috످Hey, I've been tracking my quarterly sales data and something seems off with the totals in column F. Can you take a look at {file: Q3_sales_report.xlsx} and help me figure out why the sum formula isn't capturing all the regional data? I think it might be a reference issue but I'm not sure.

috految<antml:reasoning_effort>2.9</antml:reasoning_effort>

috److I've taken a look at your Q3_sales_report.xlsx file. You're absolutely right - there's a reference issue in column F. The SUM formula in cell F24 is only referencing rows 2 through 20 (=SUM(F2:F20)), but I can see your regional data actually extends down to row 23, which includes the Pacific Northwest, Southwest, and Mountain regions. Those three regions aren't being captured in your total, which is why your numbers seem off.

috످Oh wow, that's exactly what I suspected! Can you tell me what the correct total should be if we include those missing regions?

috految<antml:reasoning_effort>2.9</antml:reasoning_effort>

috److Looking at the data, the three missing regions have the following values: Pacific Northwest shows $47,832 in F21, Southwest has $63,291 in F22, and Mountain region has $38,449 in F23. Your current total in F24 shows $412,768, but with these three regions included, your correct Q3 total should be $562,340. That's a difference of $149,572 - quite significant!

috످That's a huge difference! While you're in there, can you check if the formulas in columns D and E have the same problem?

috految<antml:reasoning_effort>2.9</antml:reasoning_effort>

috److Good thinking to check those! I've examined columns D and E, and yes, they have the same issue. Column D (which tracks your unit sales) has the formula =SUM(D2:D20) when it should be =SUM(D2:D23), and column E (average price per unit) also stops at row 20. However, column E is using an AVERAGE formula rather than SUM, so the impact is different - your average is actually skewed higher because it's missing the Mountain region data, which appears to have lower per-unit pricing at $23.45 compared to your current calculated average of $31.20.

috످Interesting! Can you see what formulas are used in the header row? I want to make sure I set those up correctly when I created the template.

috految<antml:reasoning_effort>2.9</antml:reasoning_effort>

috److I can't see your header row because I never had access to your spreadsheet. Your first message only contained the filename. I made up everything I told you about the file, including the formulas, regions, prices, and the $562,340 total. I'm sorry.

Please don't use those numbers. If you've shared them or edited your sheet based on my answers, send a correction and undo those changes.

Your hunch about a reference issue could still be right. To check in Excel, start with the headers. Go to Formulas > Show Formulas. Headers are usually plain text, so it's normal if you don't see any formulas there.

For totals, turn Show Formulas off, then double-click any totals in columns D, E, and F. If the highlighted range misses any regions, extend it.

Finally, SUM skips numbers stored as text. Look for cells with green triangles, click the warning icon, and choose Convert to Number.

If you paste your headers, data, and formulas here as text, I can check them and calculate your actual Q3 total.

috످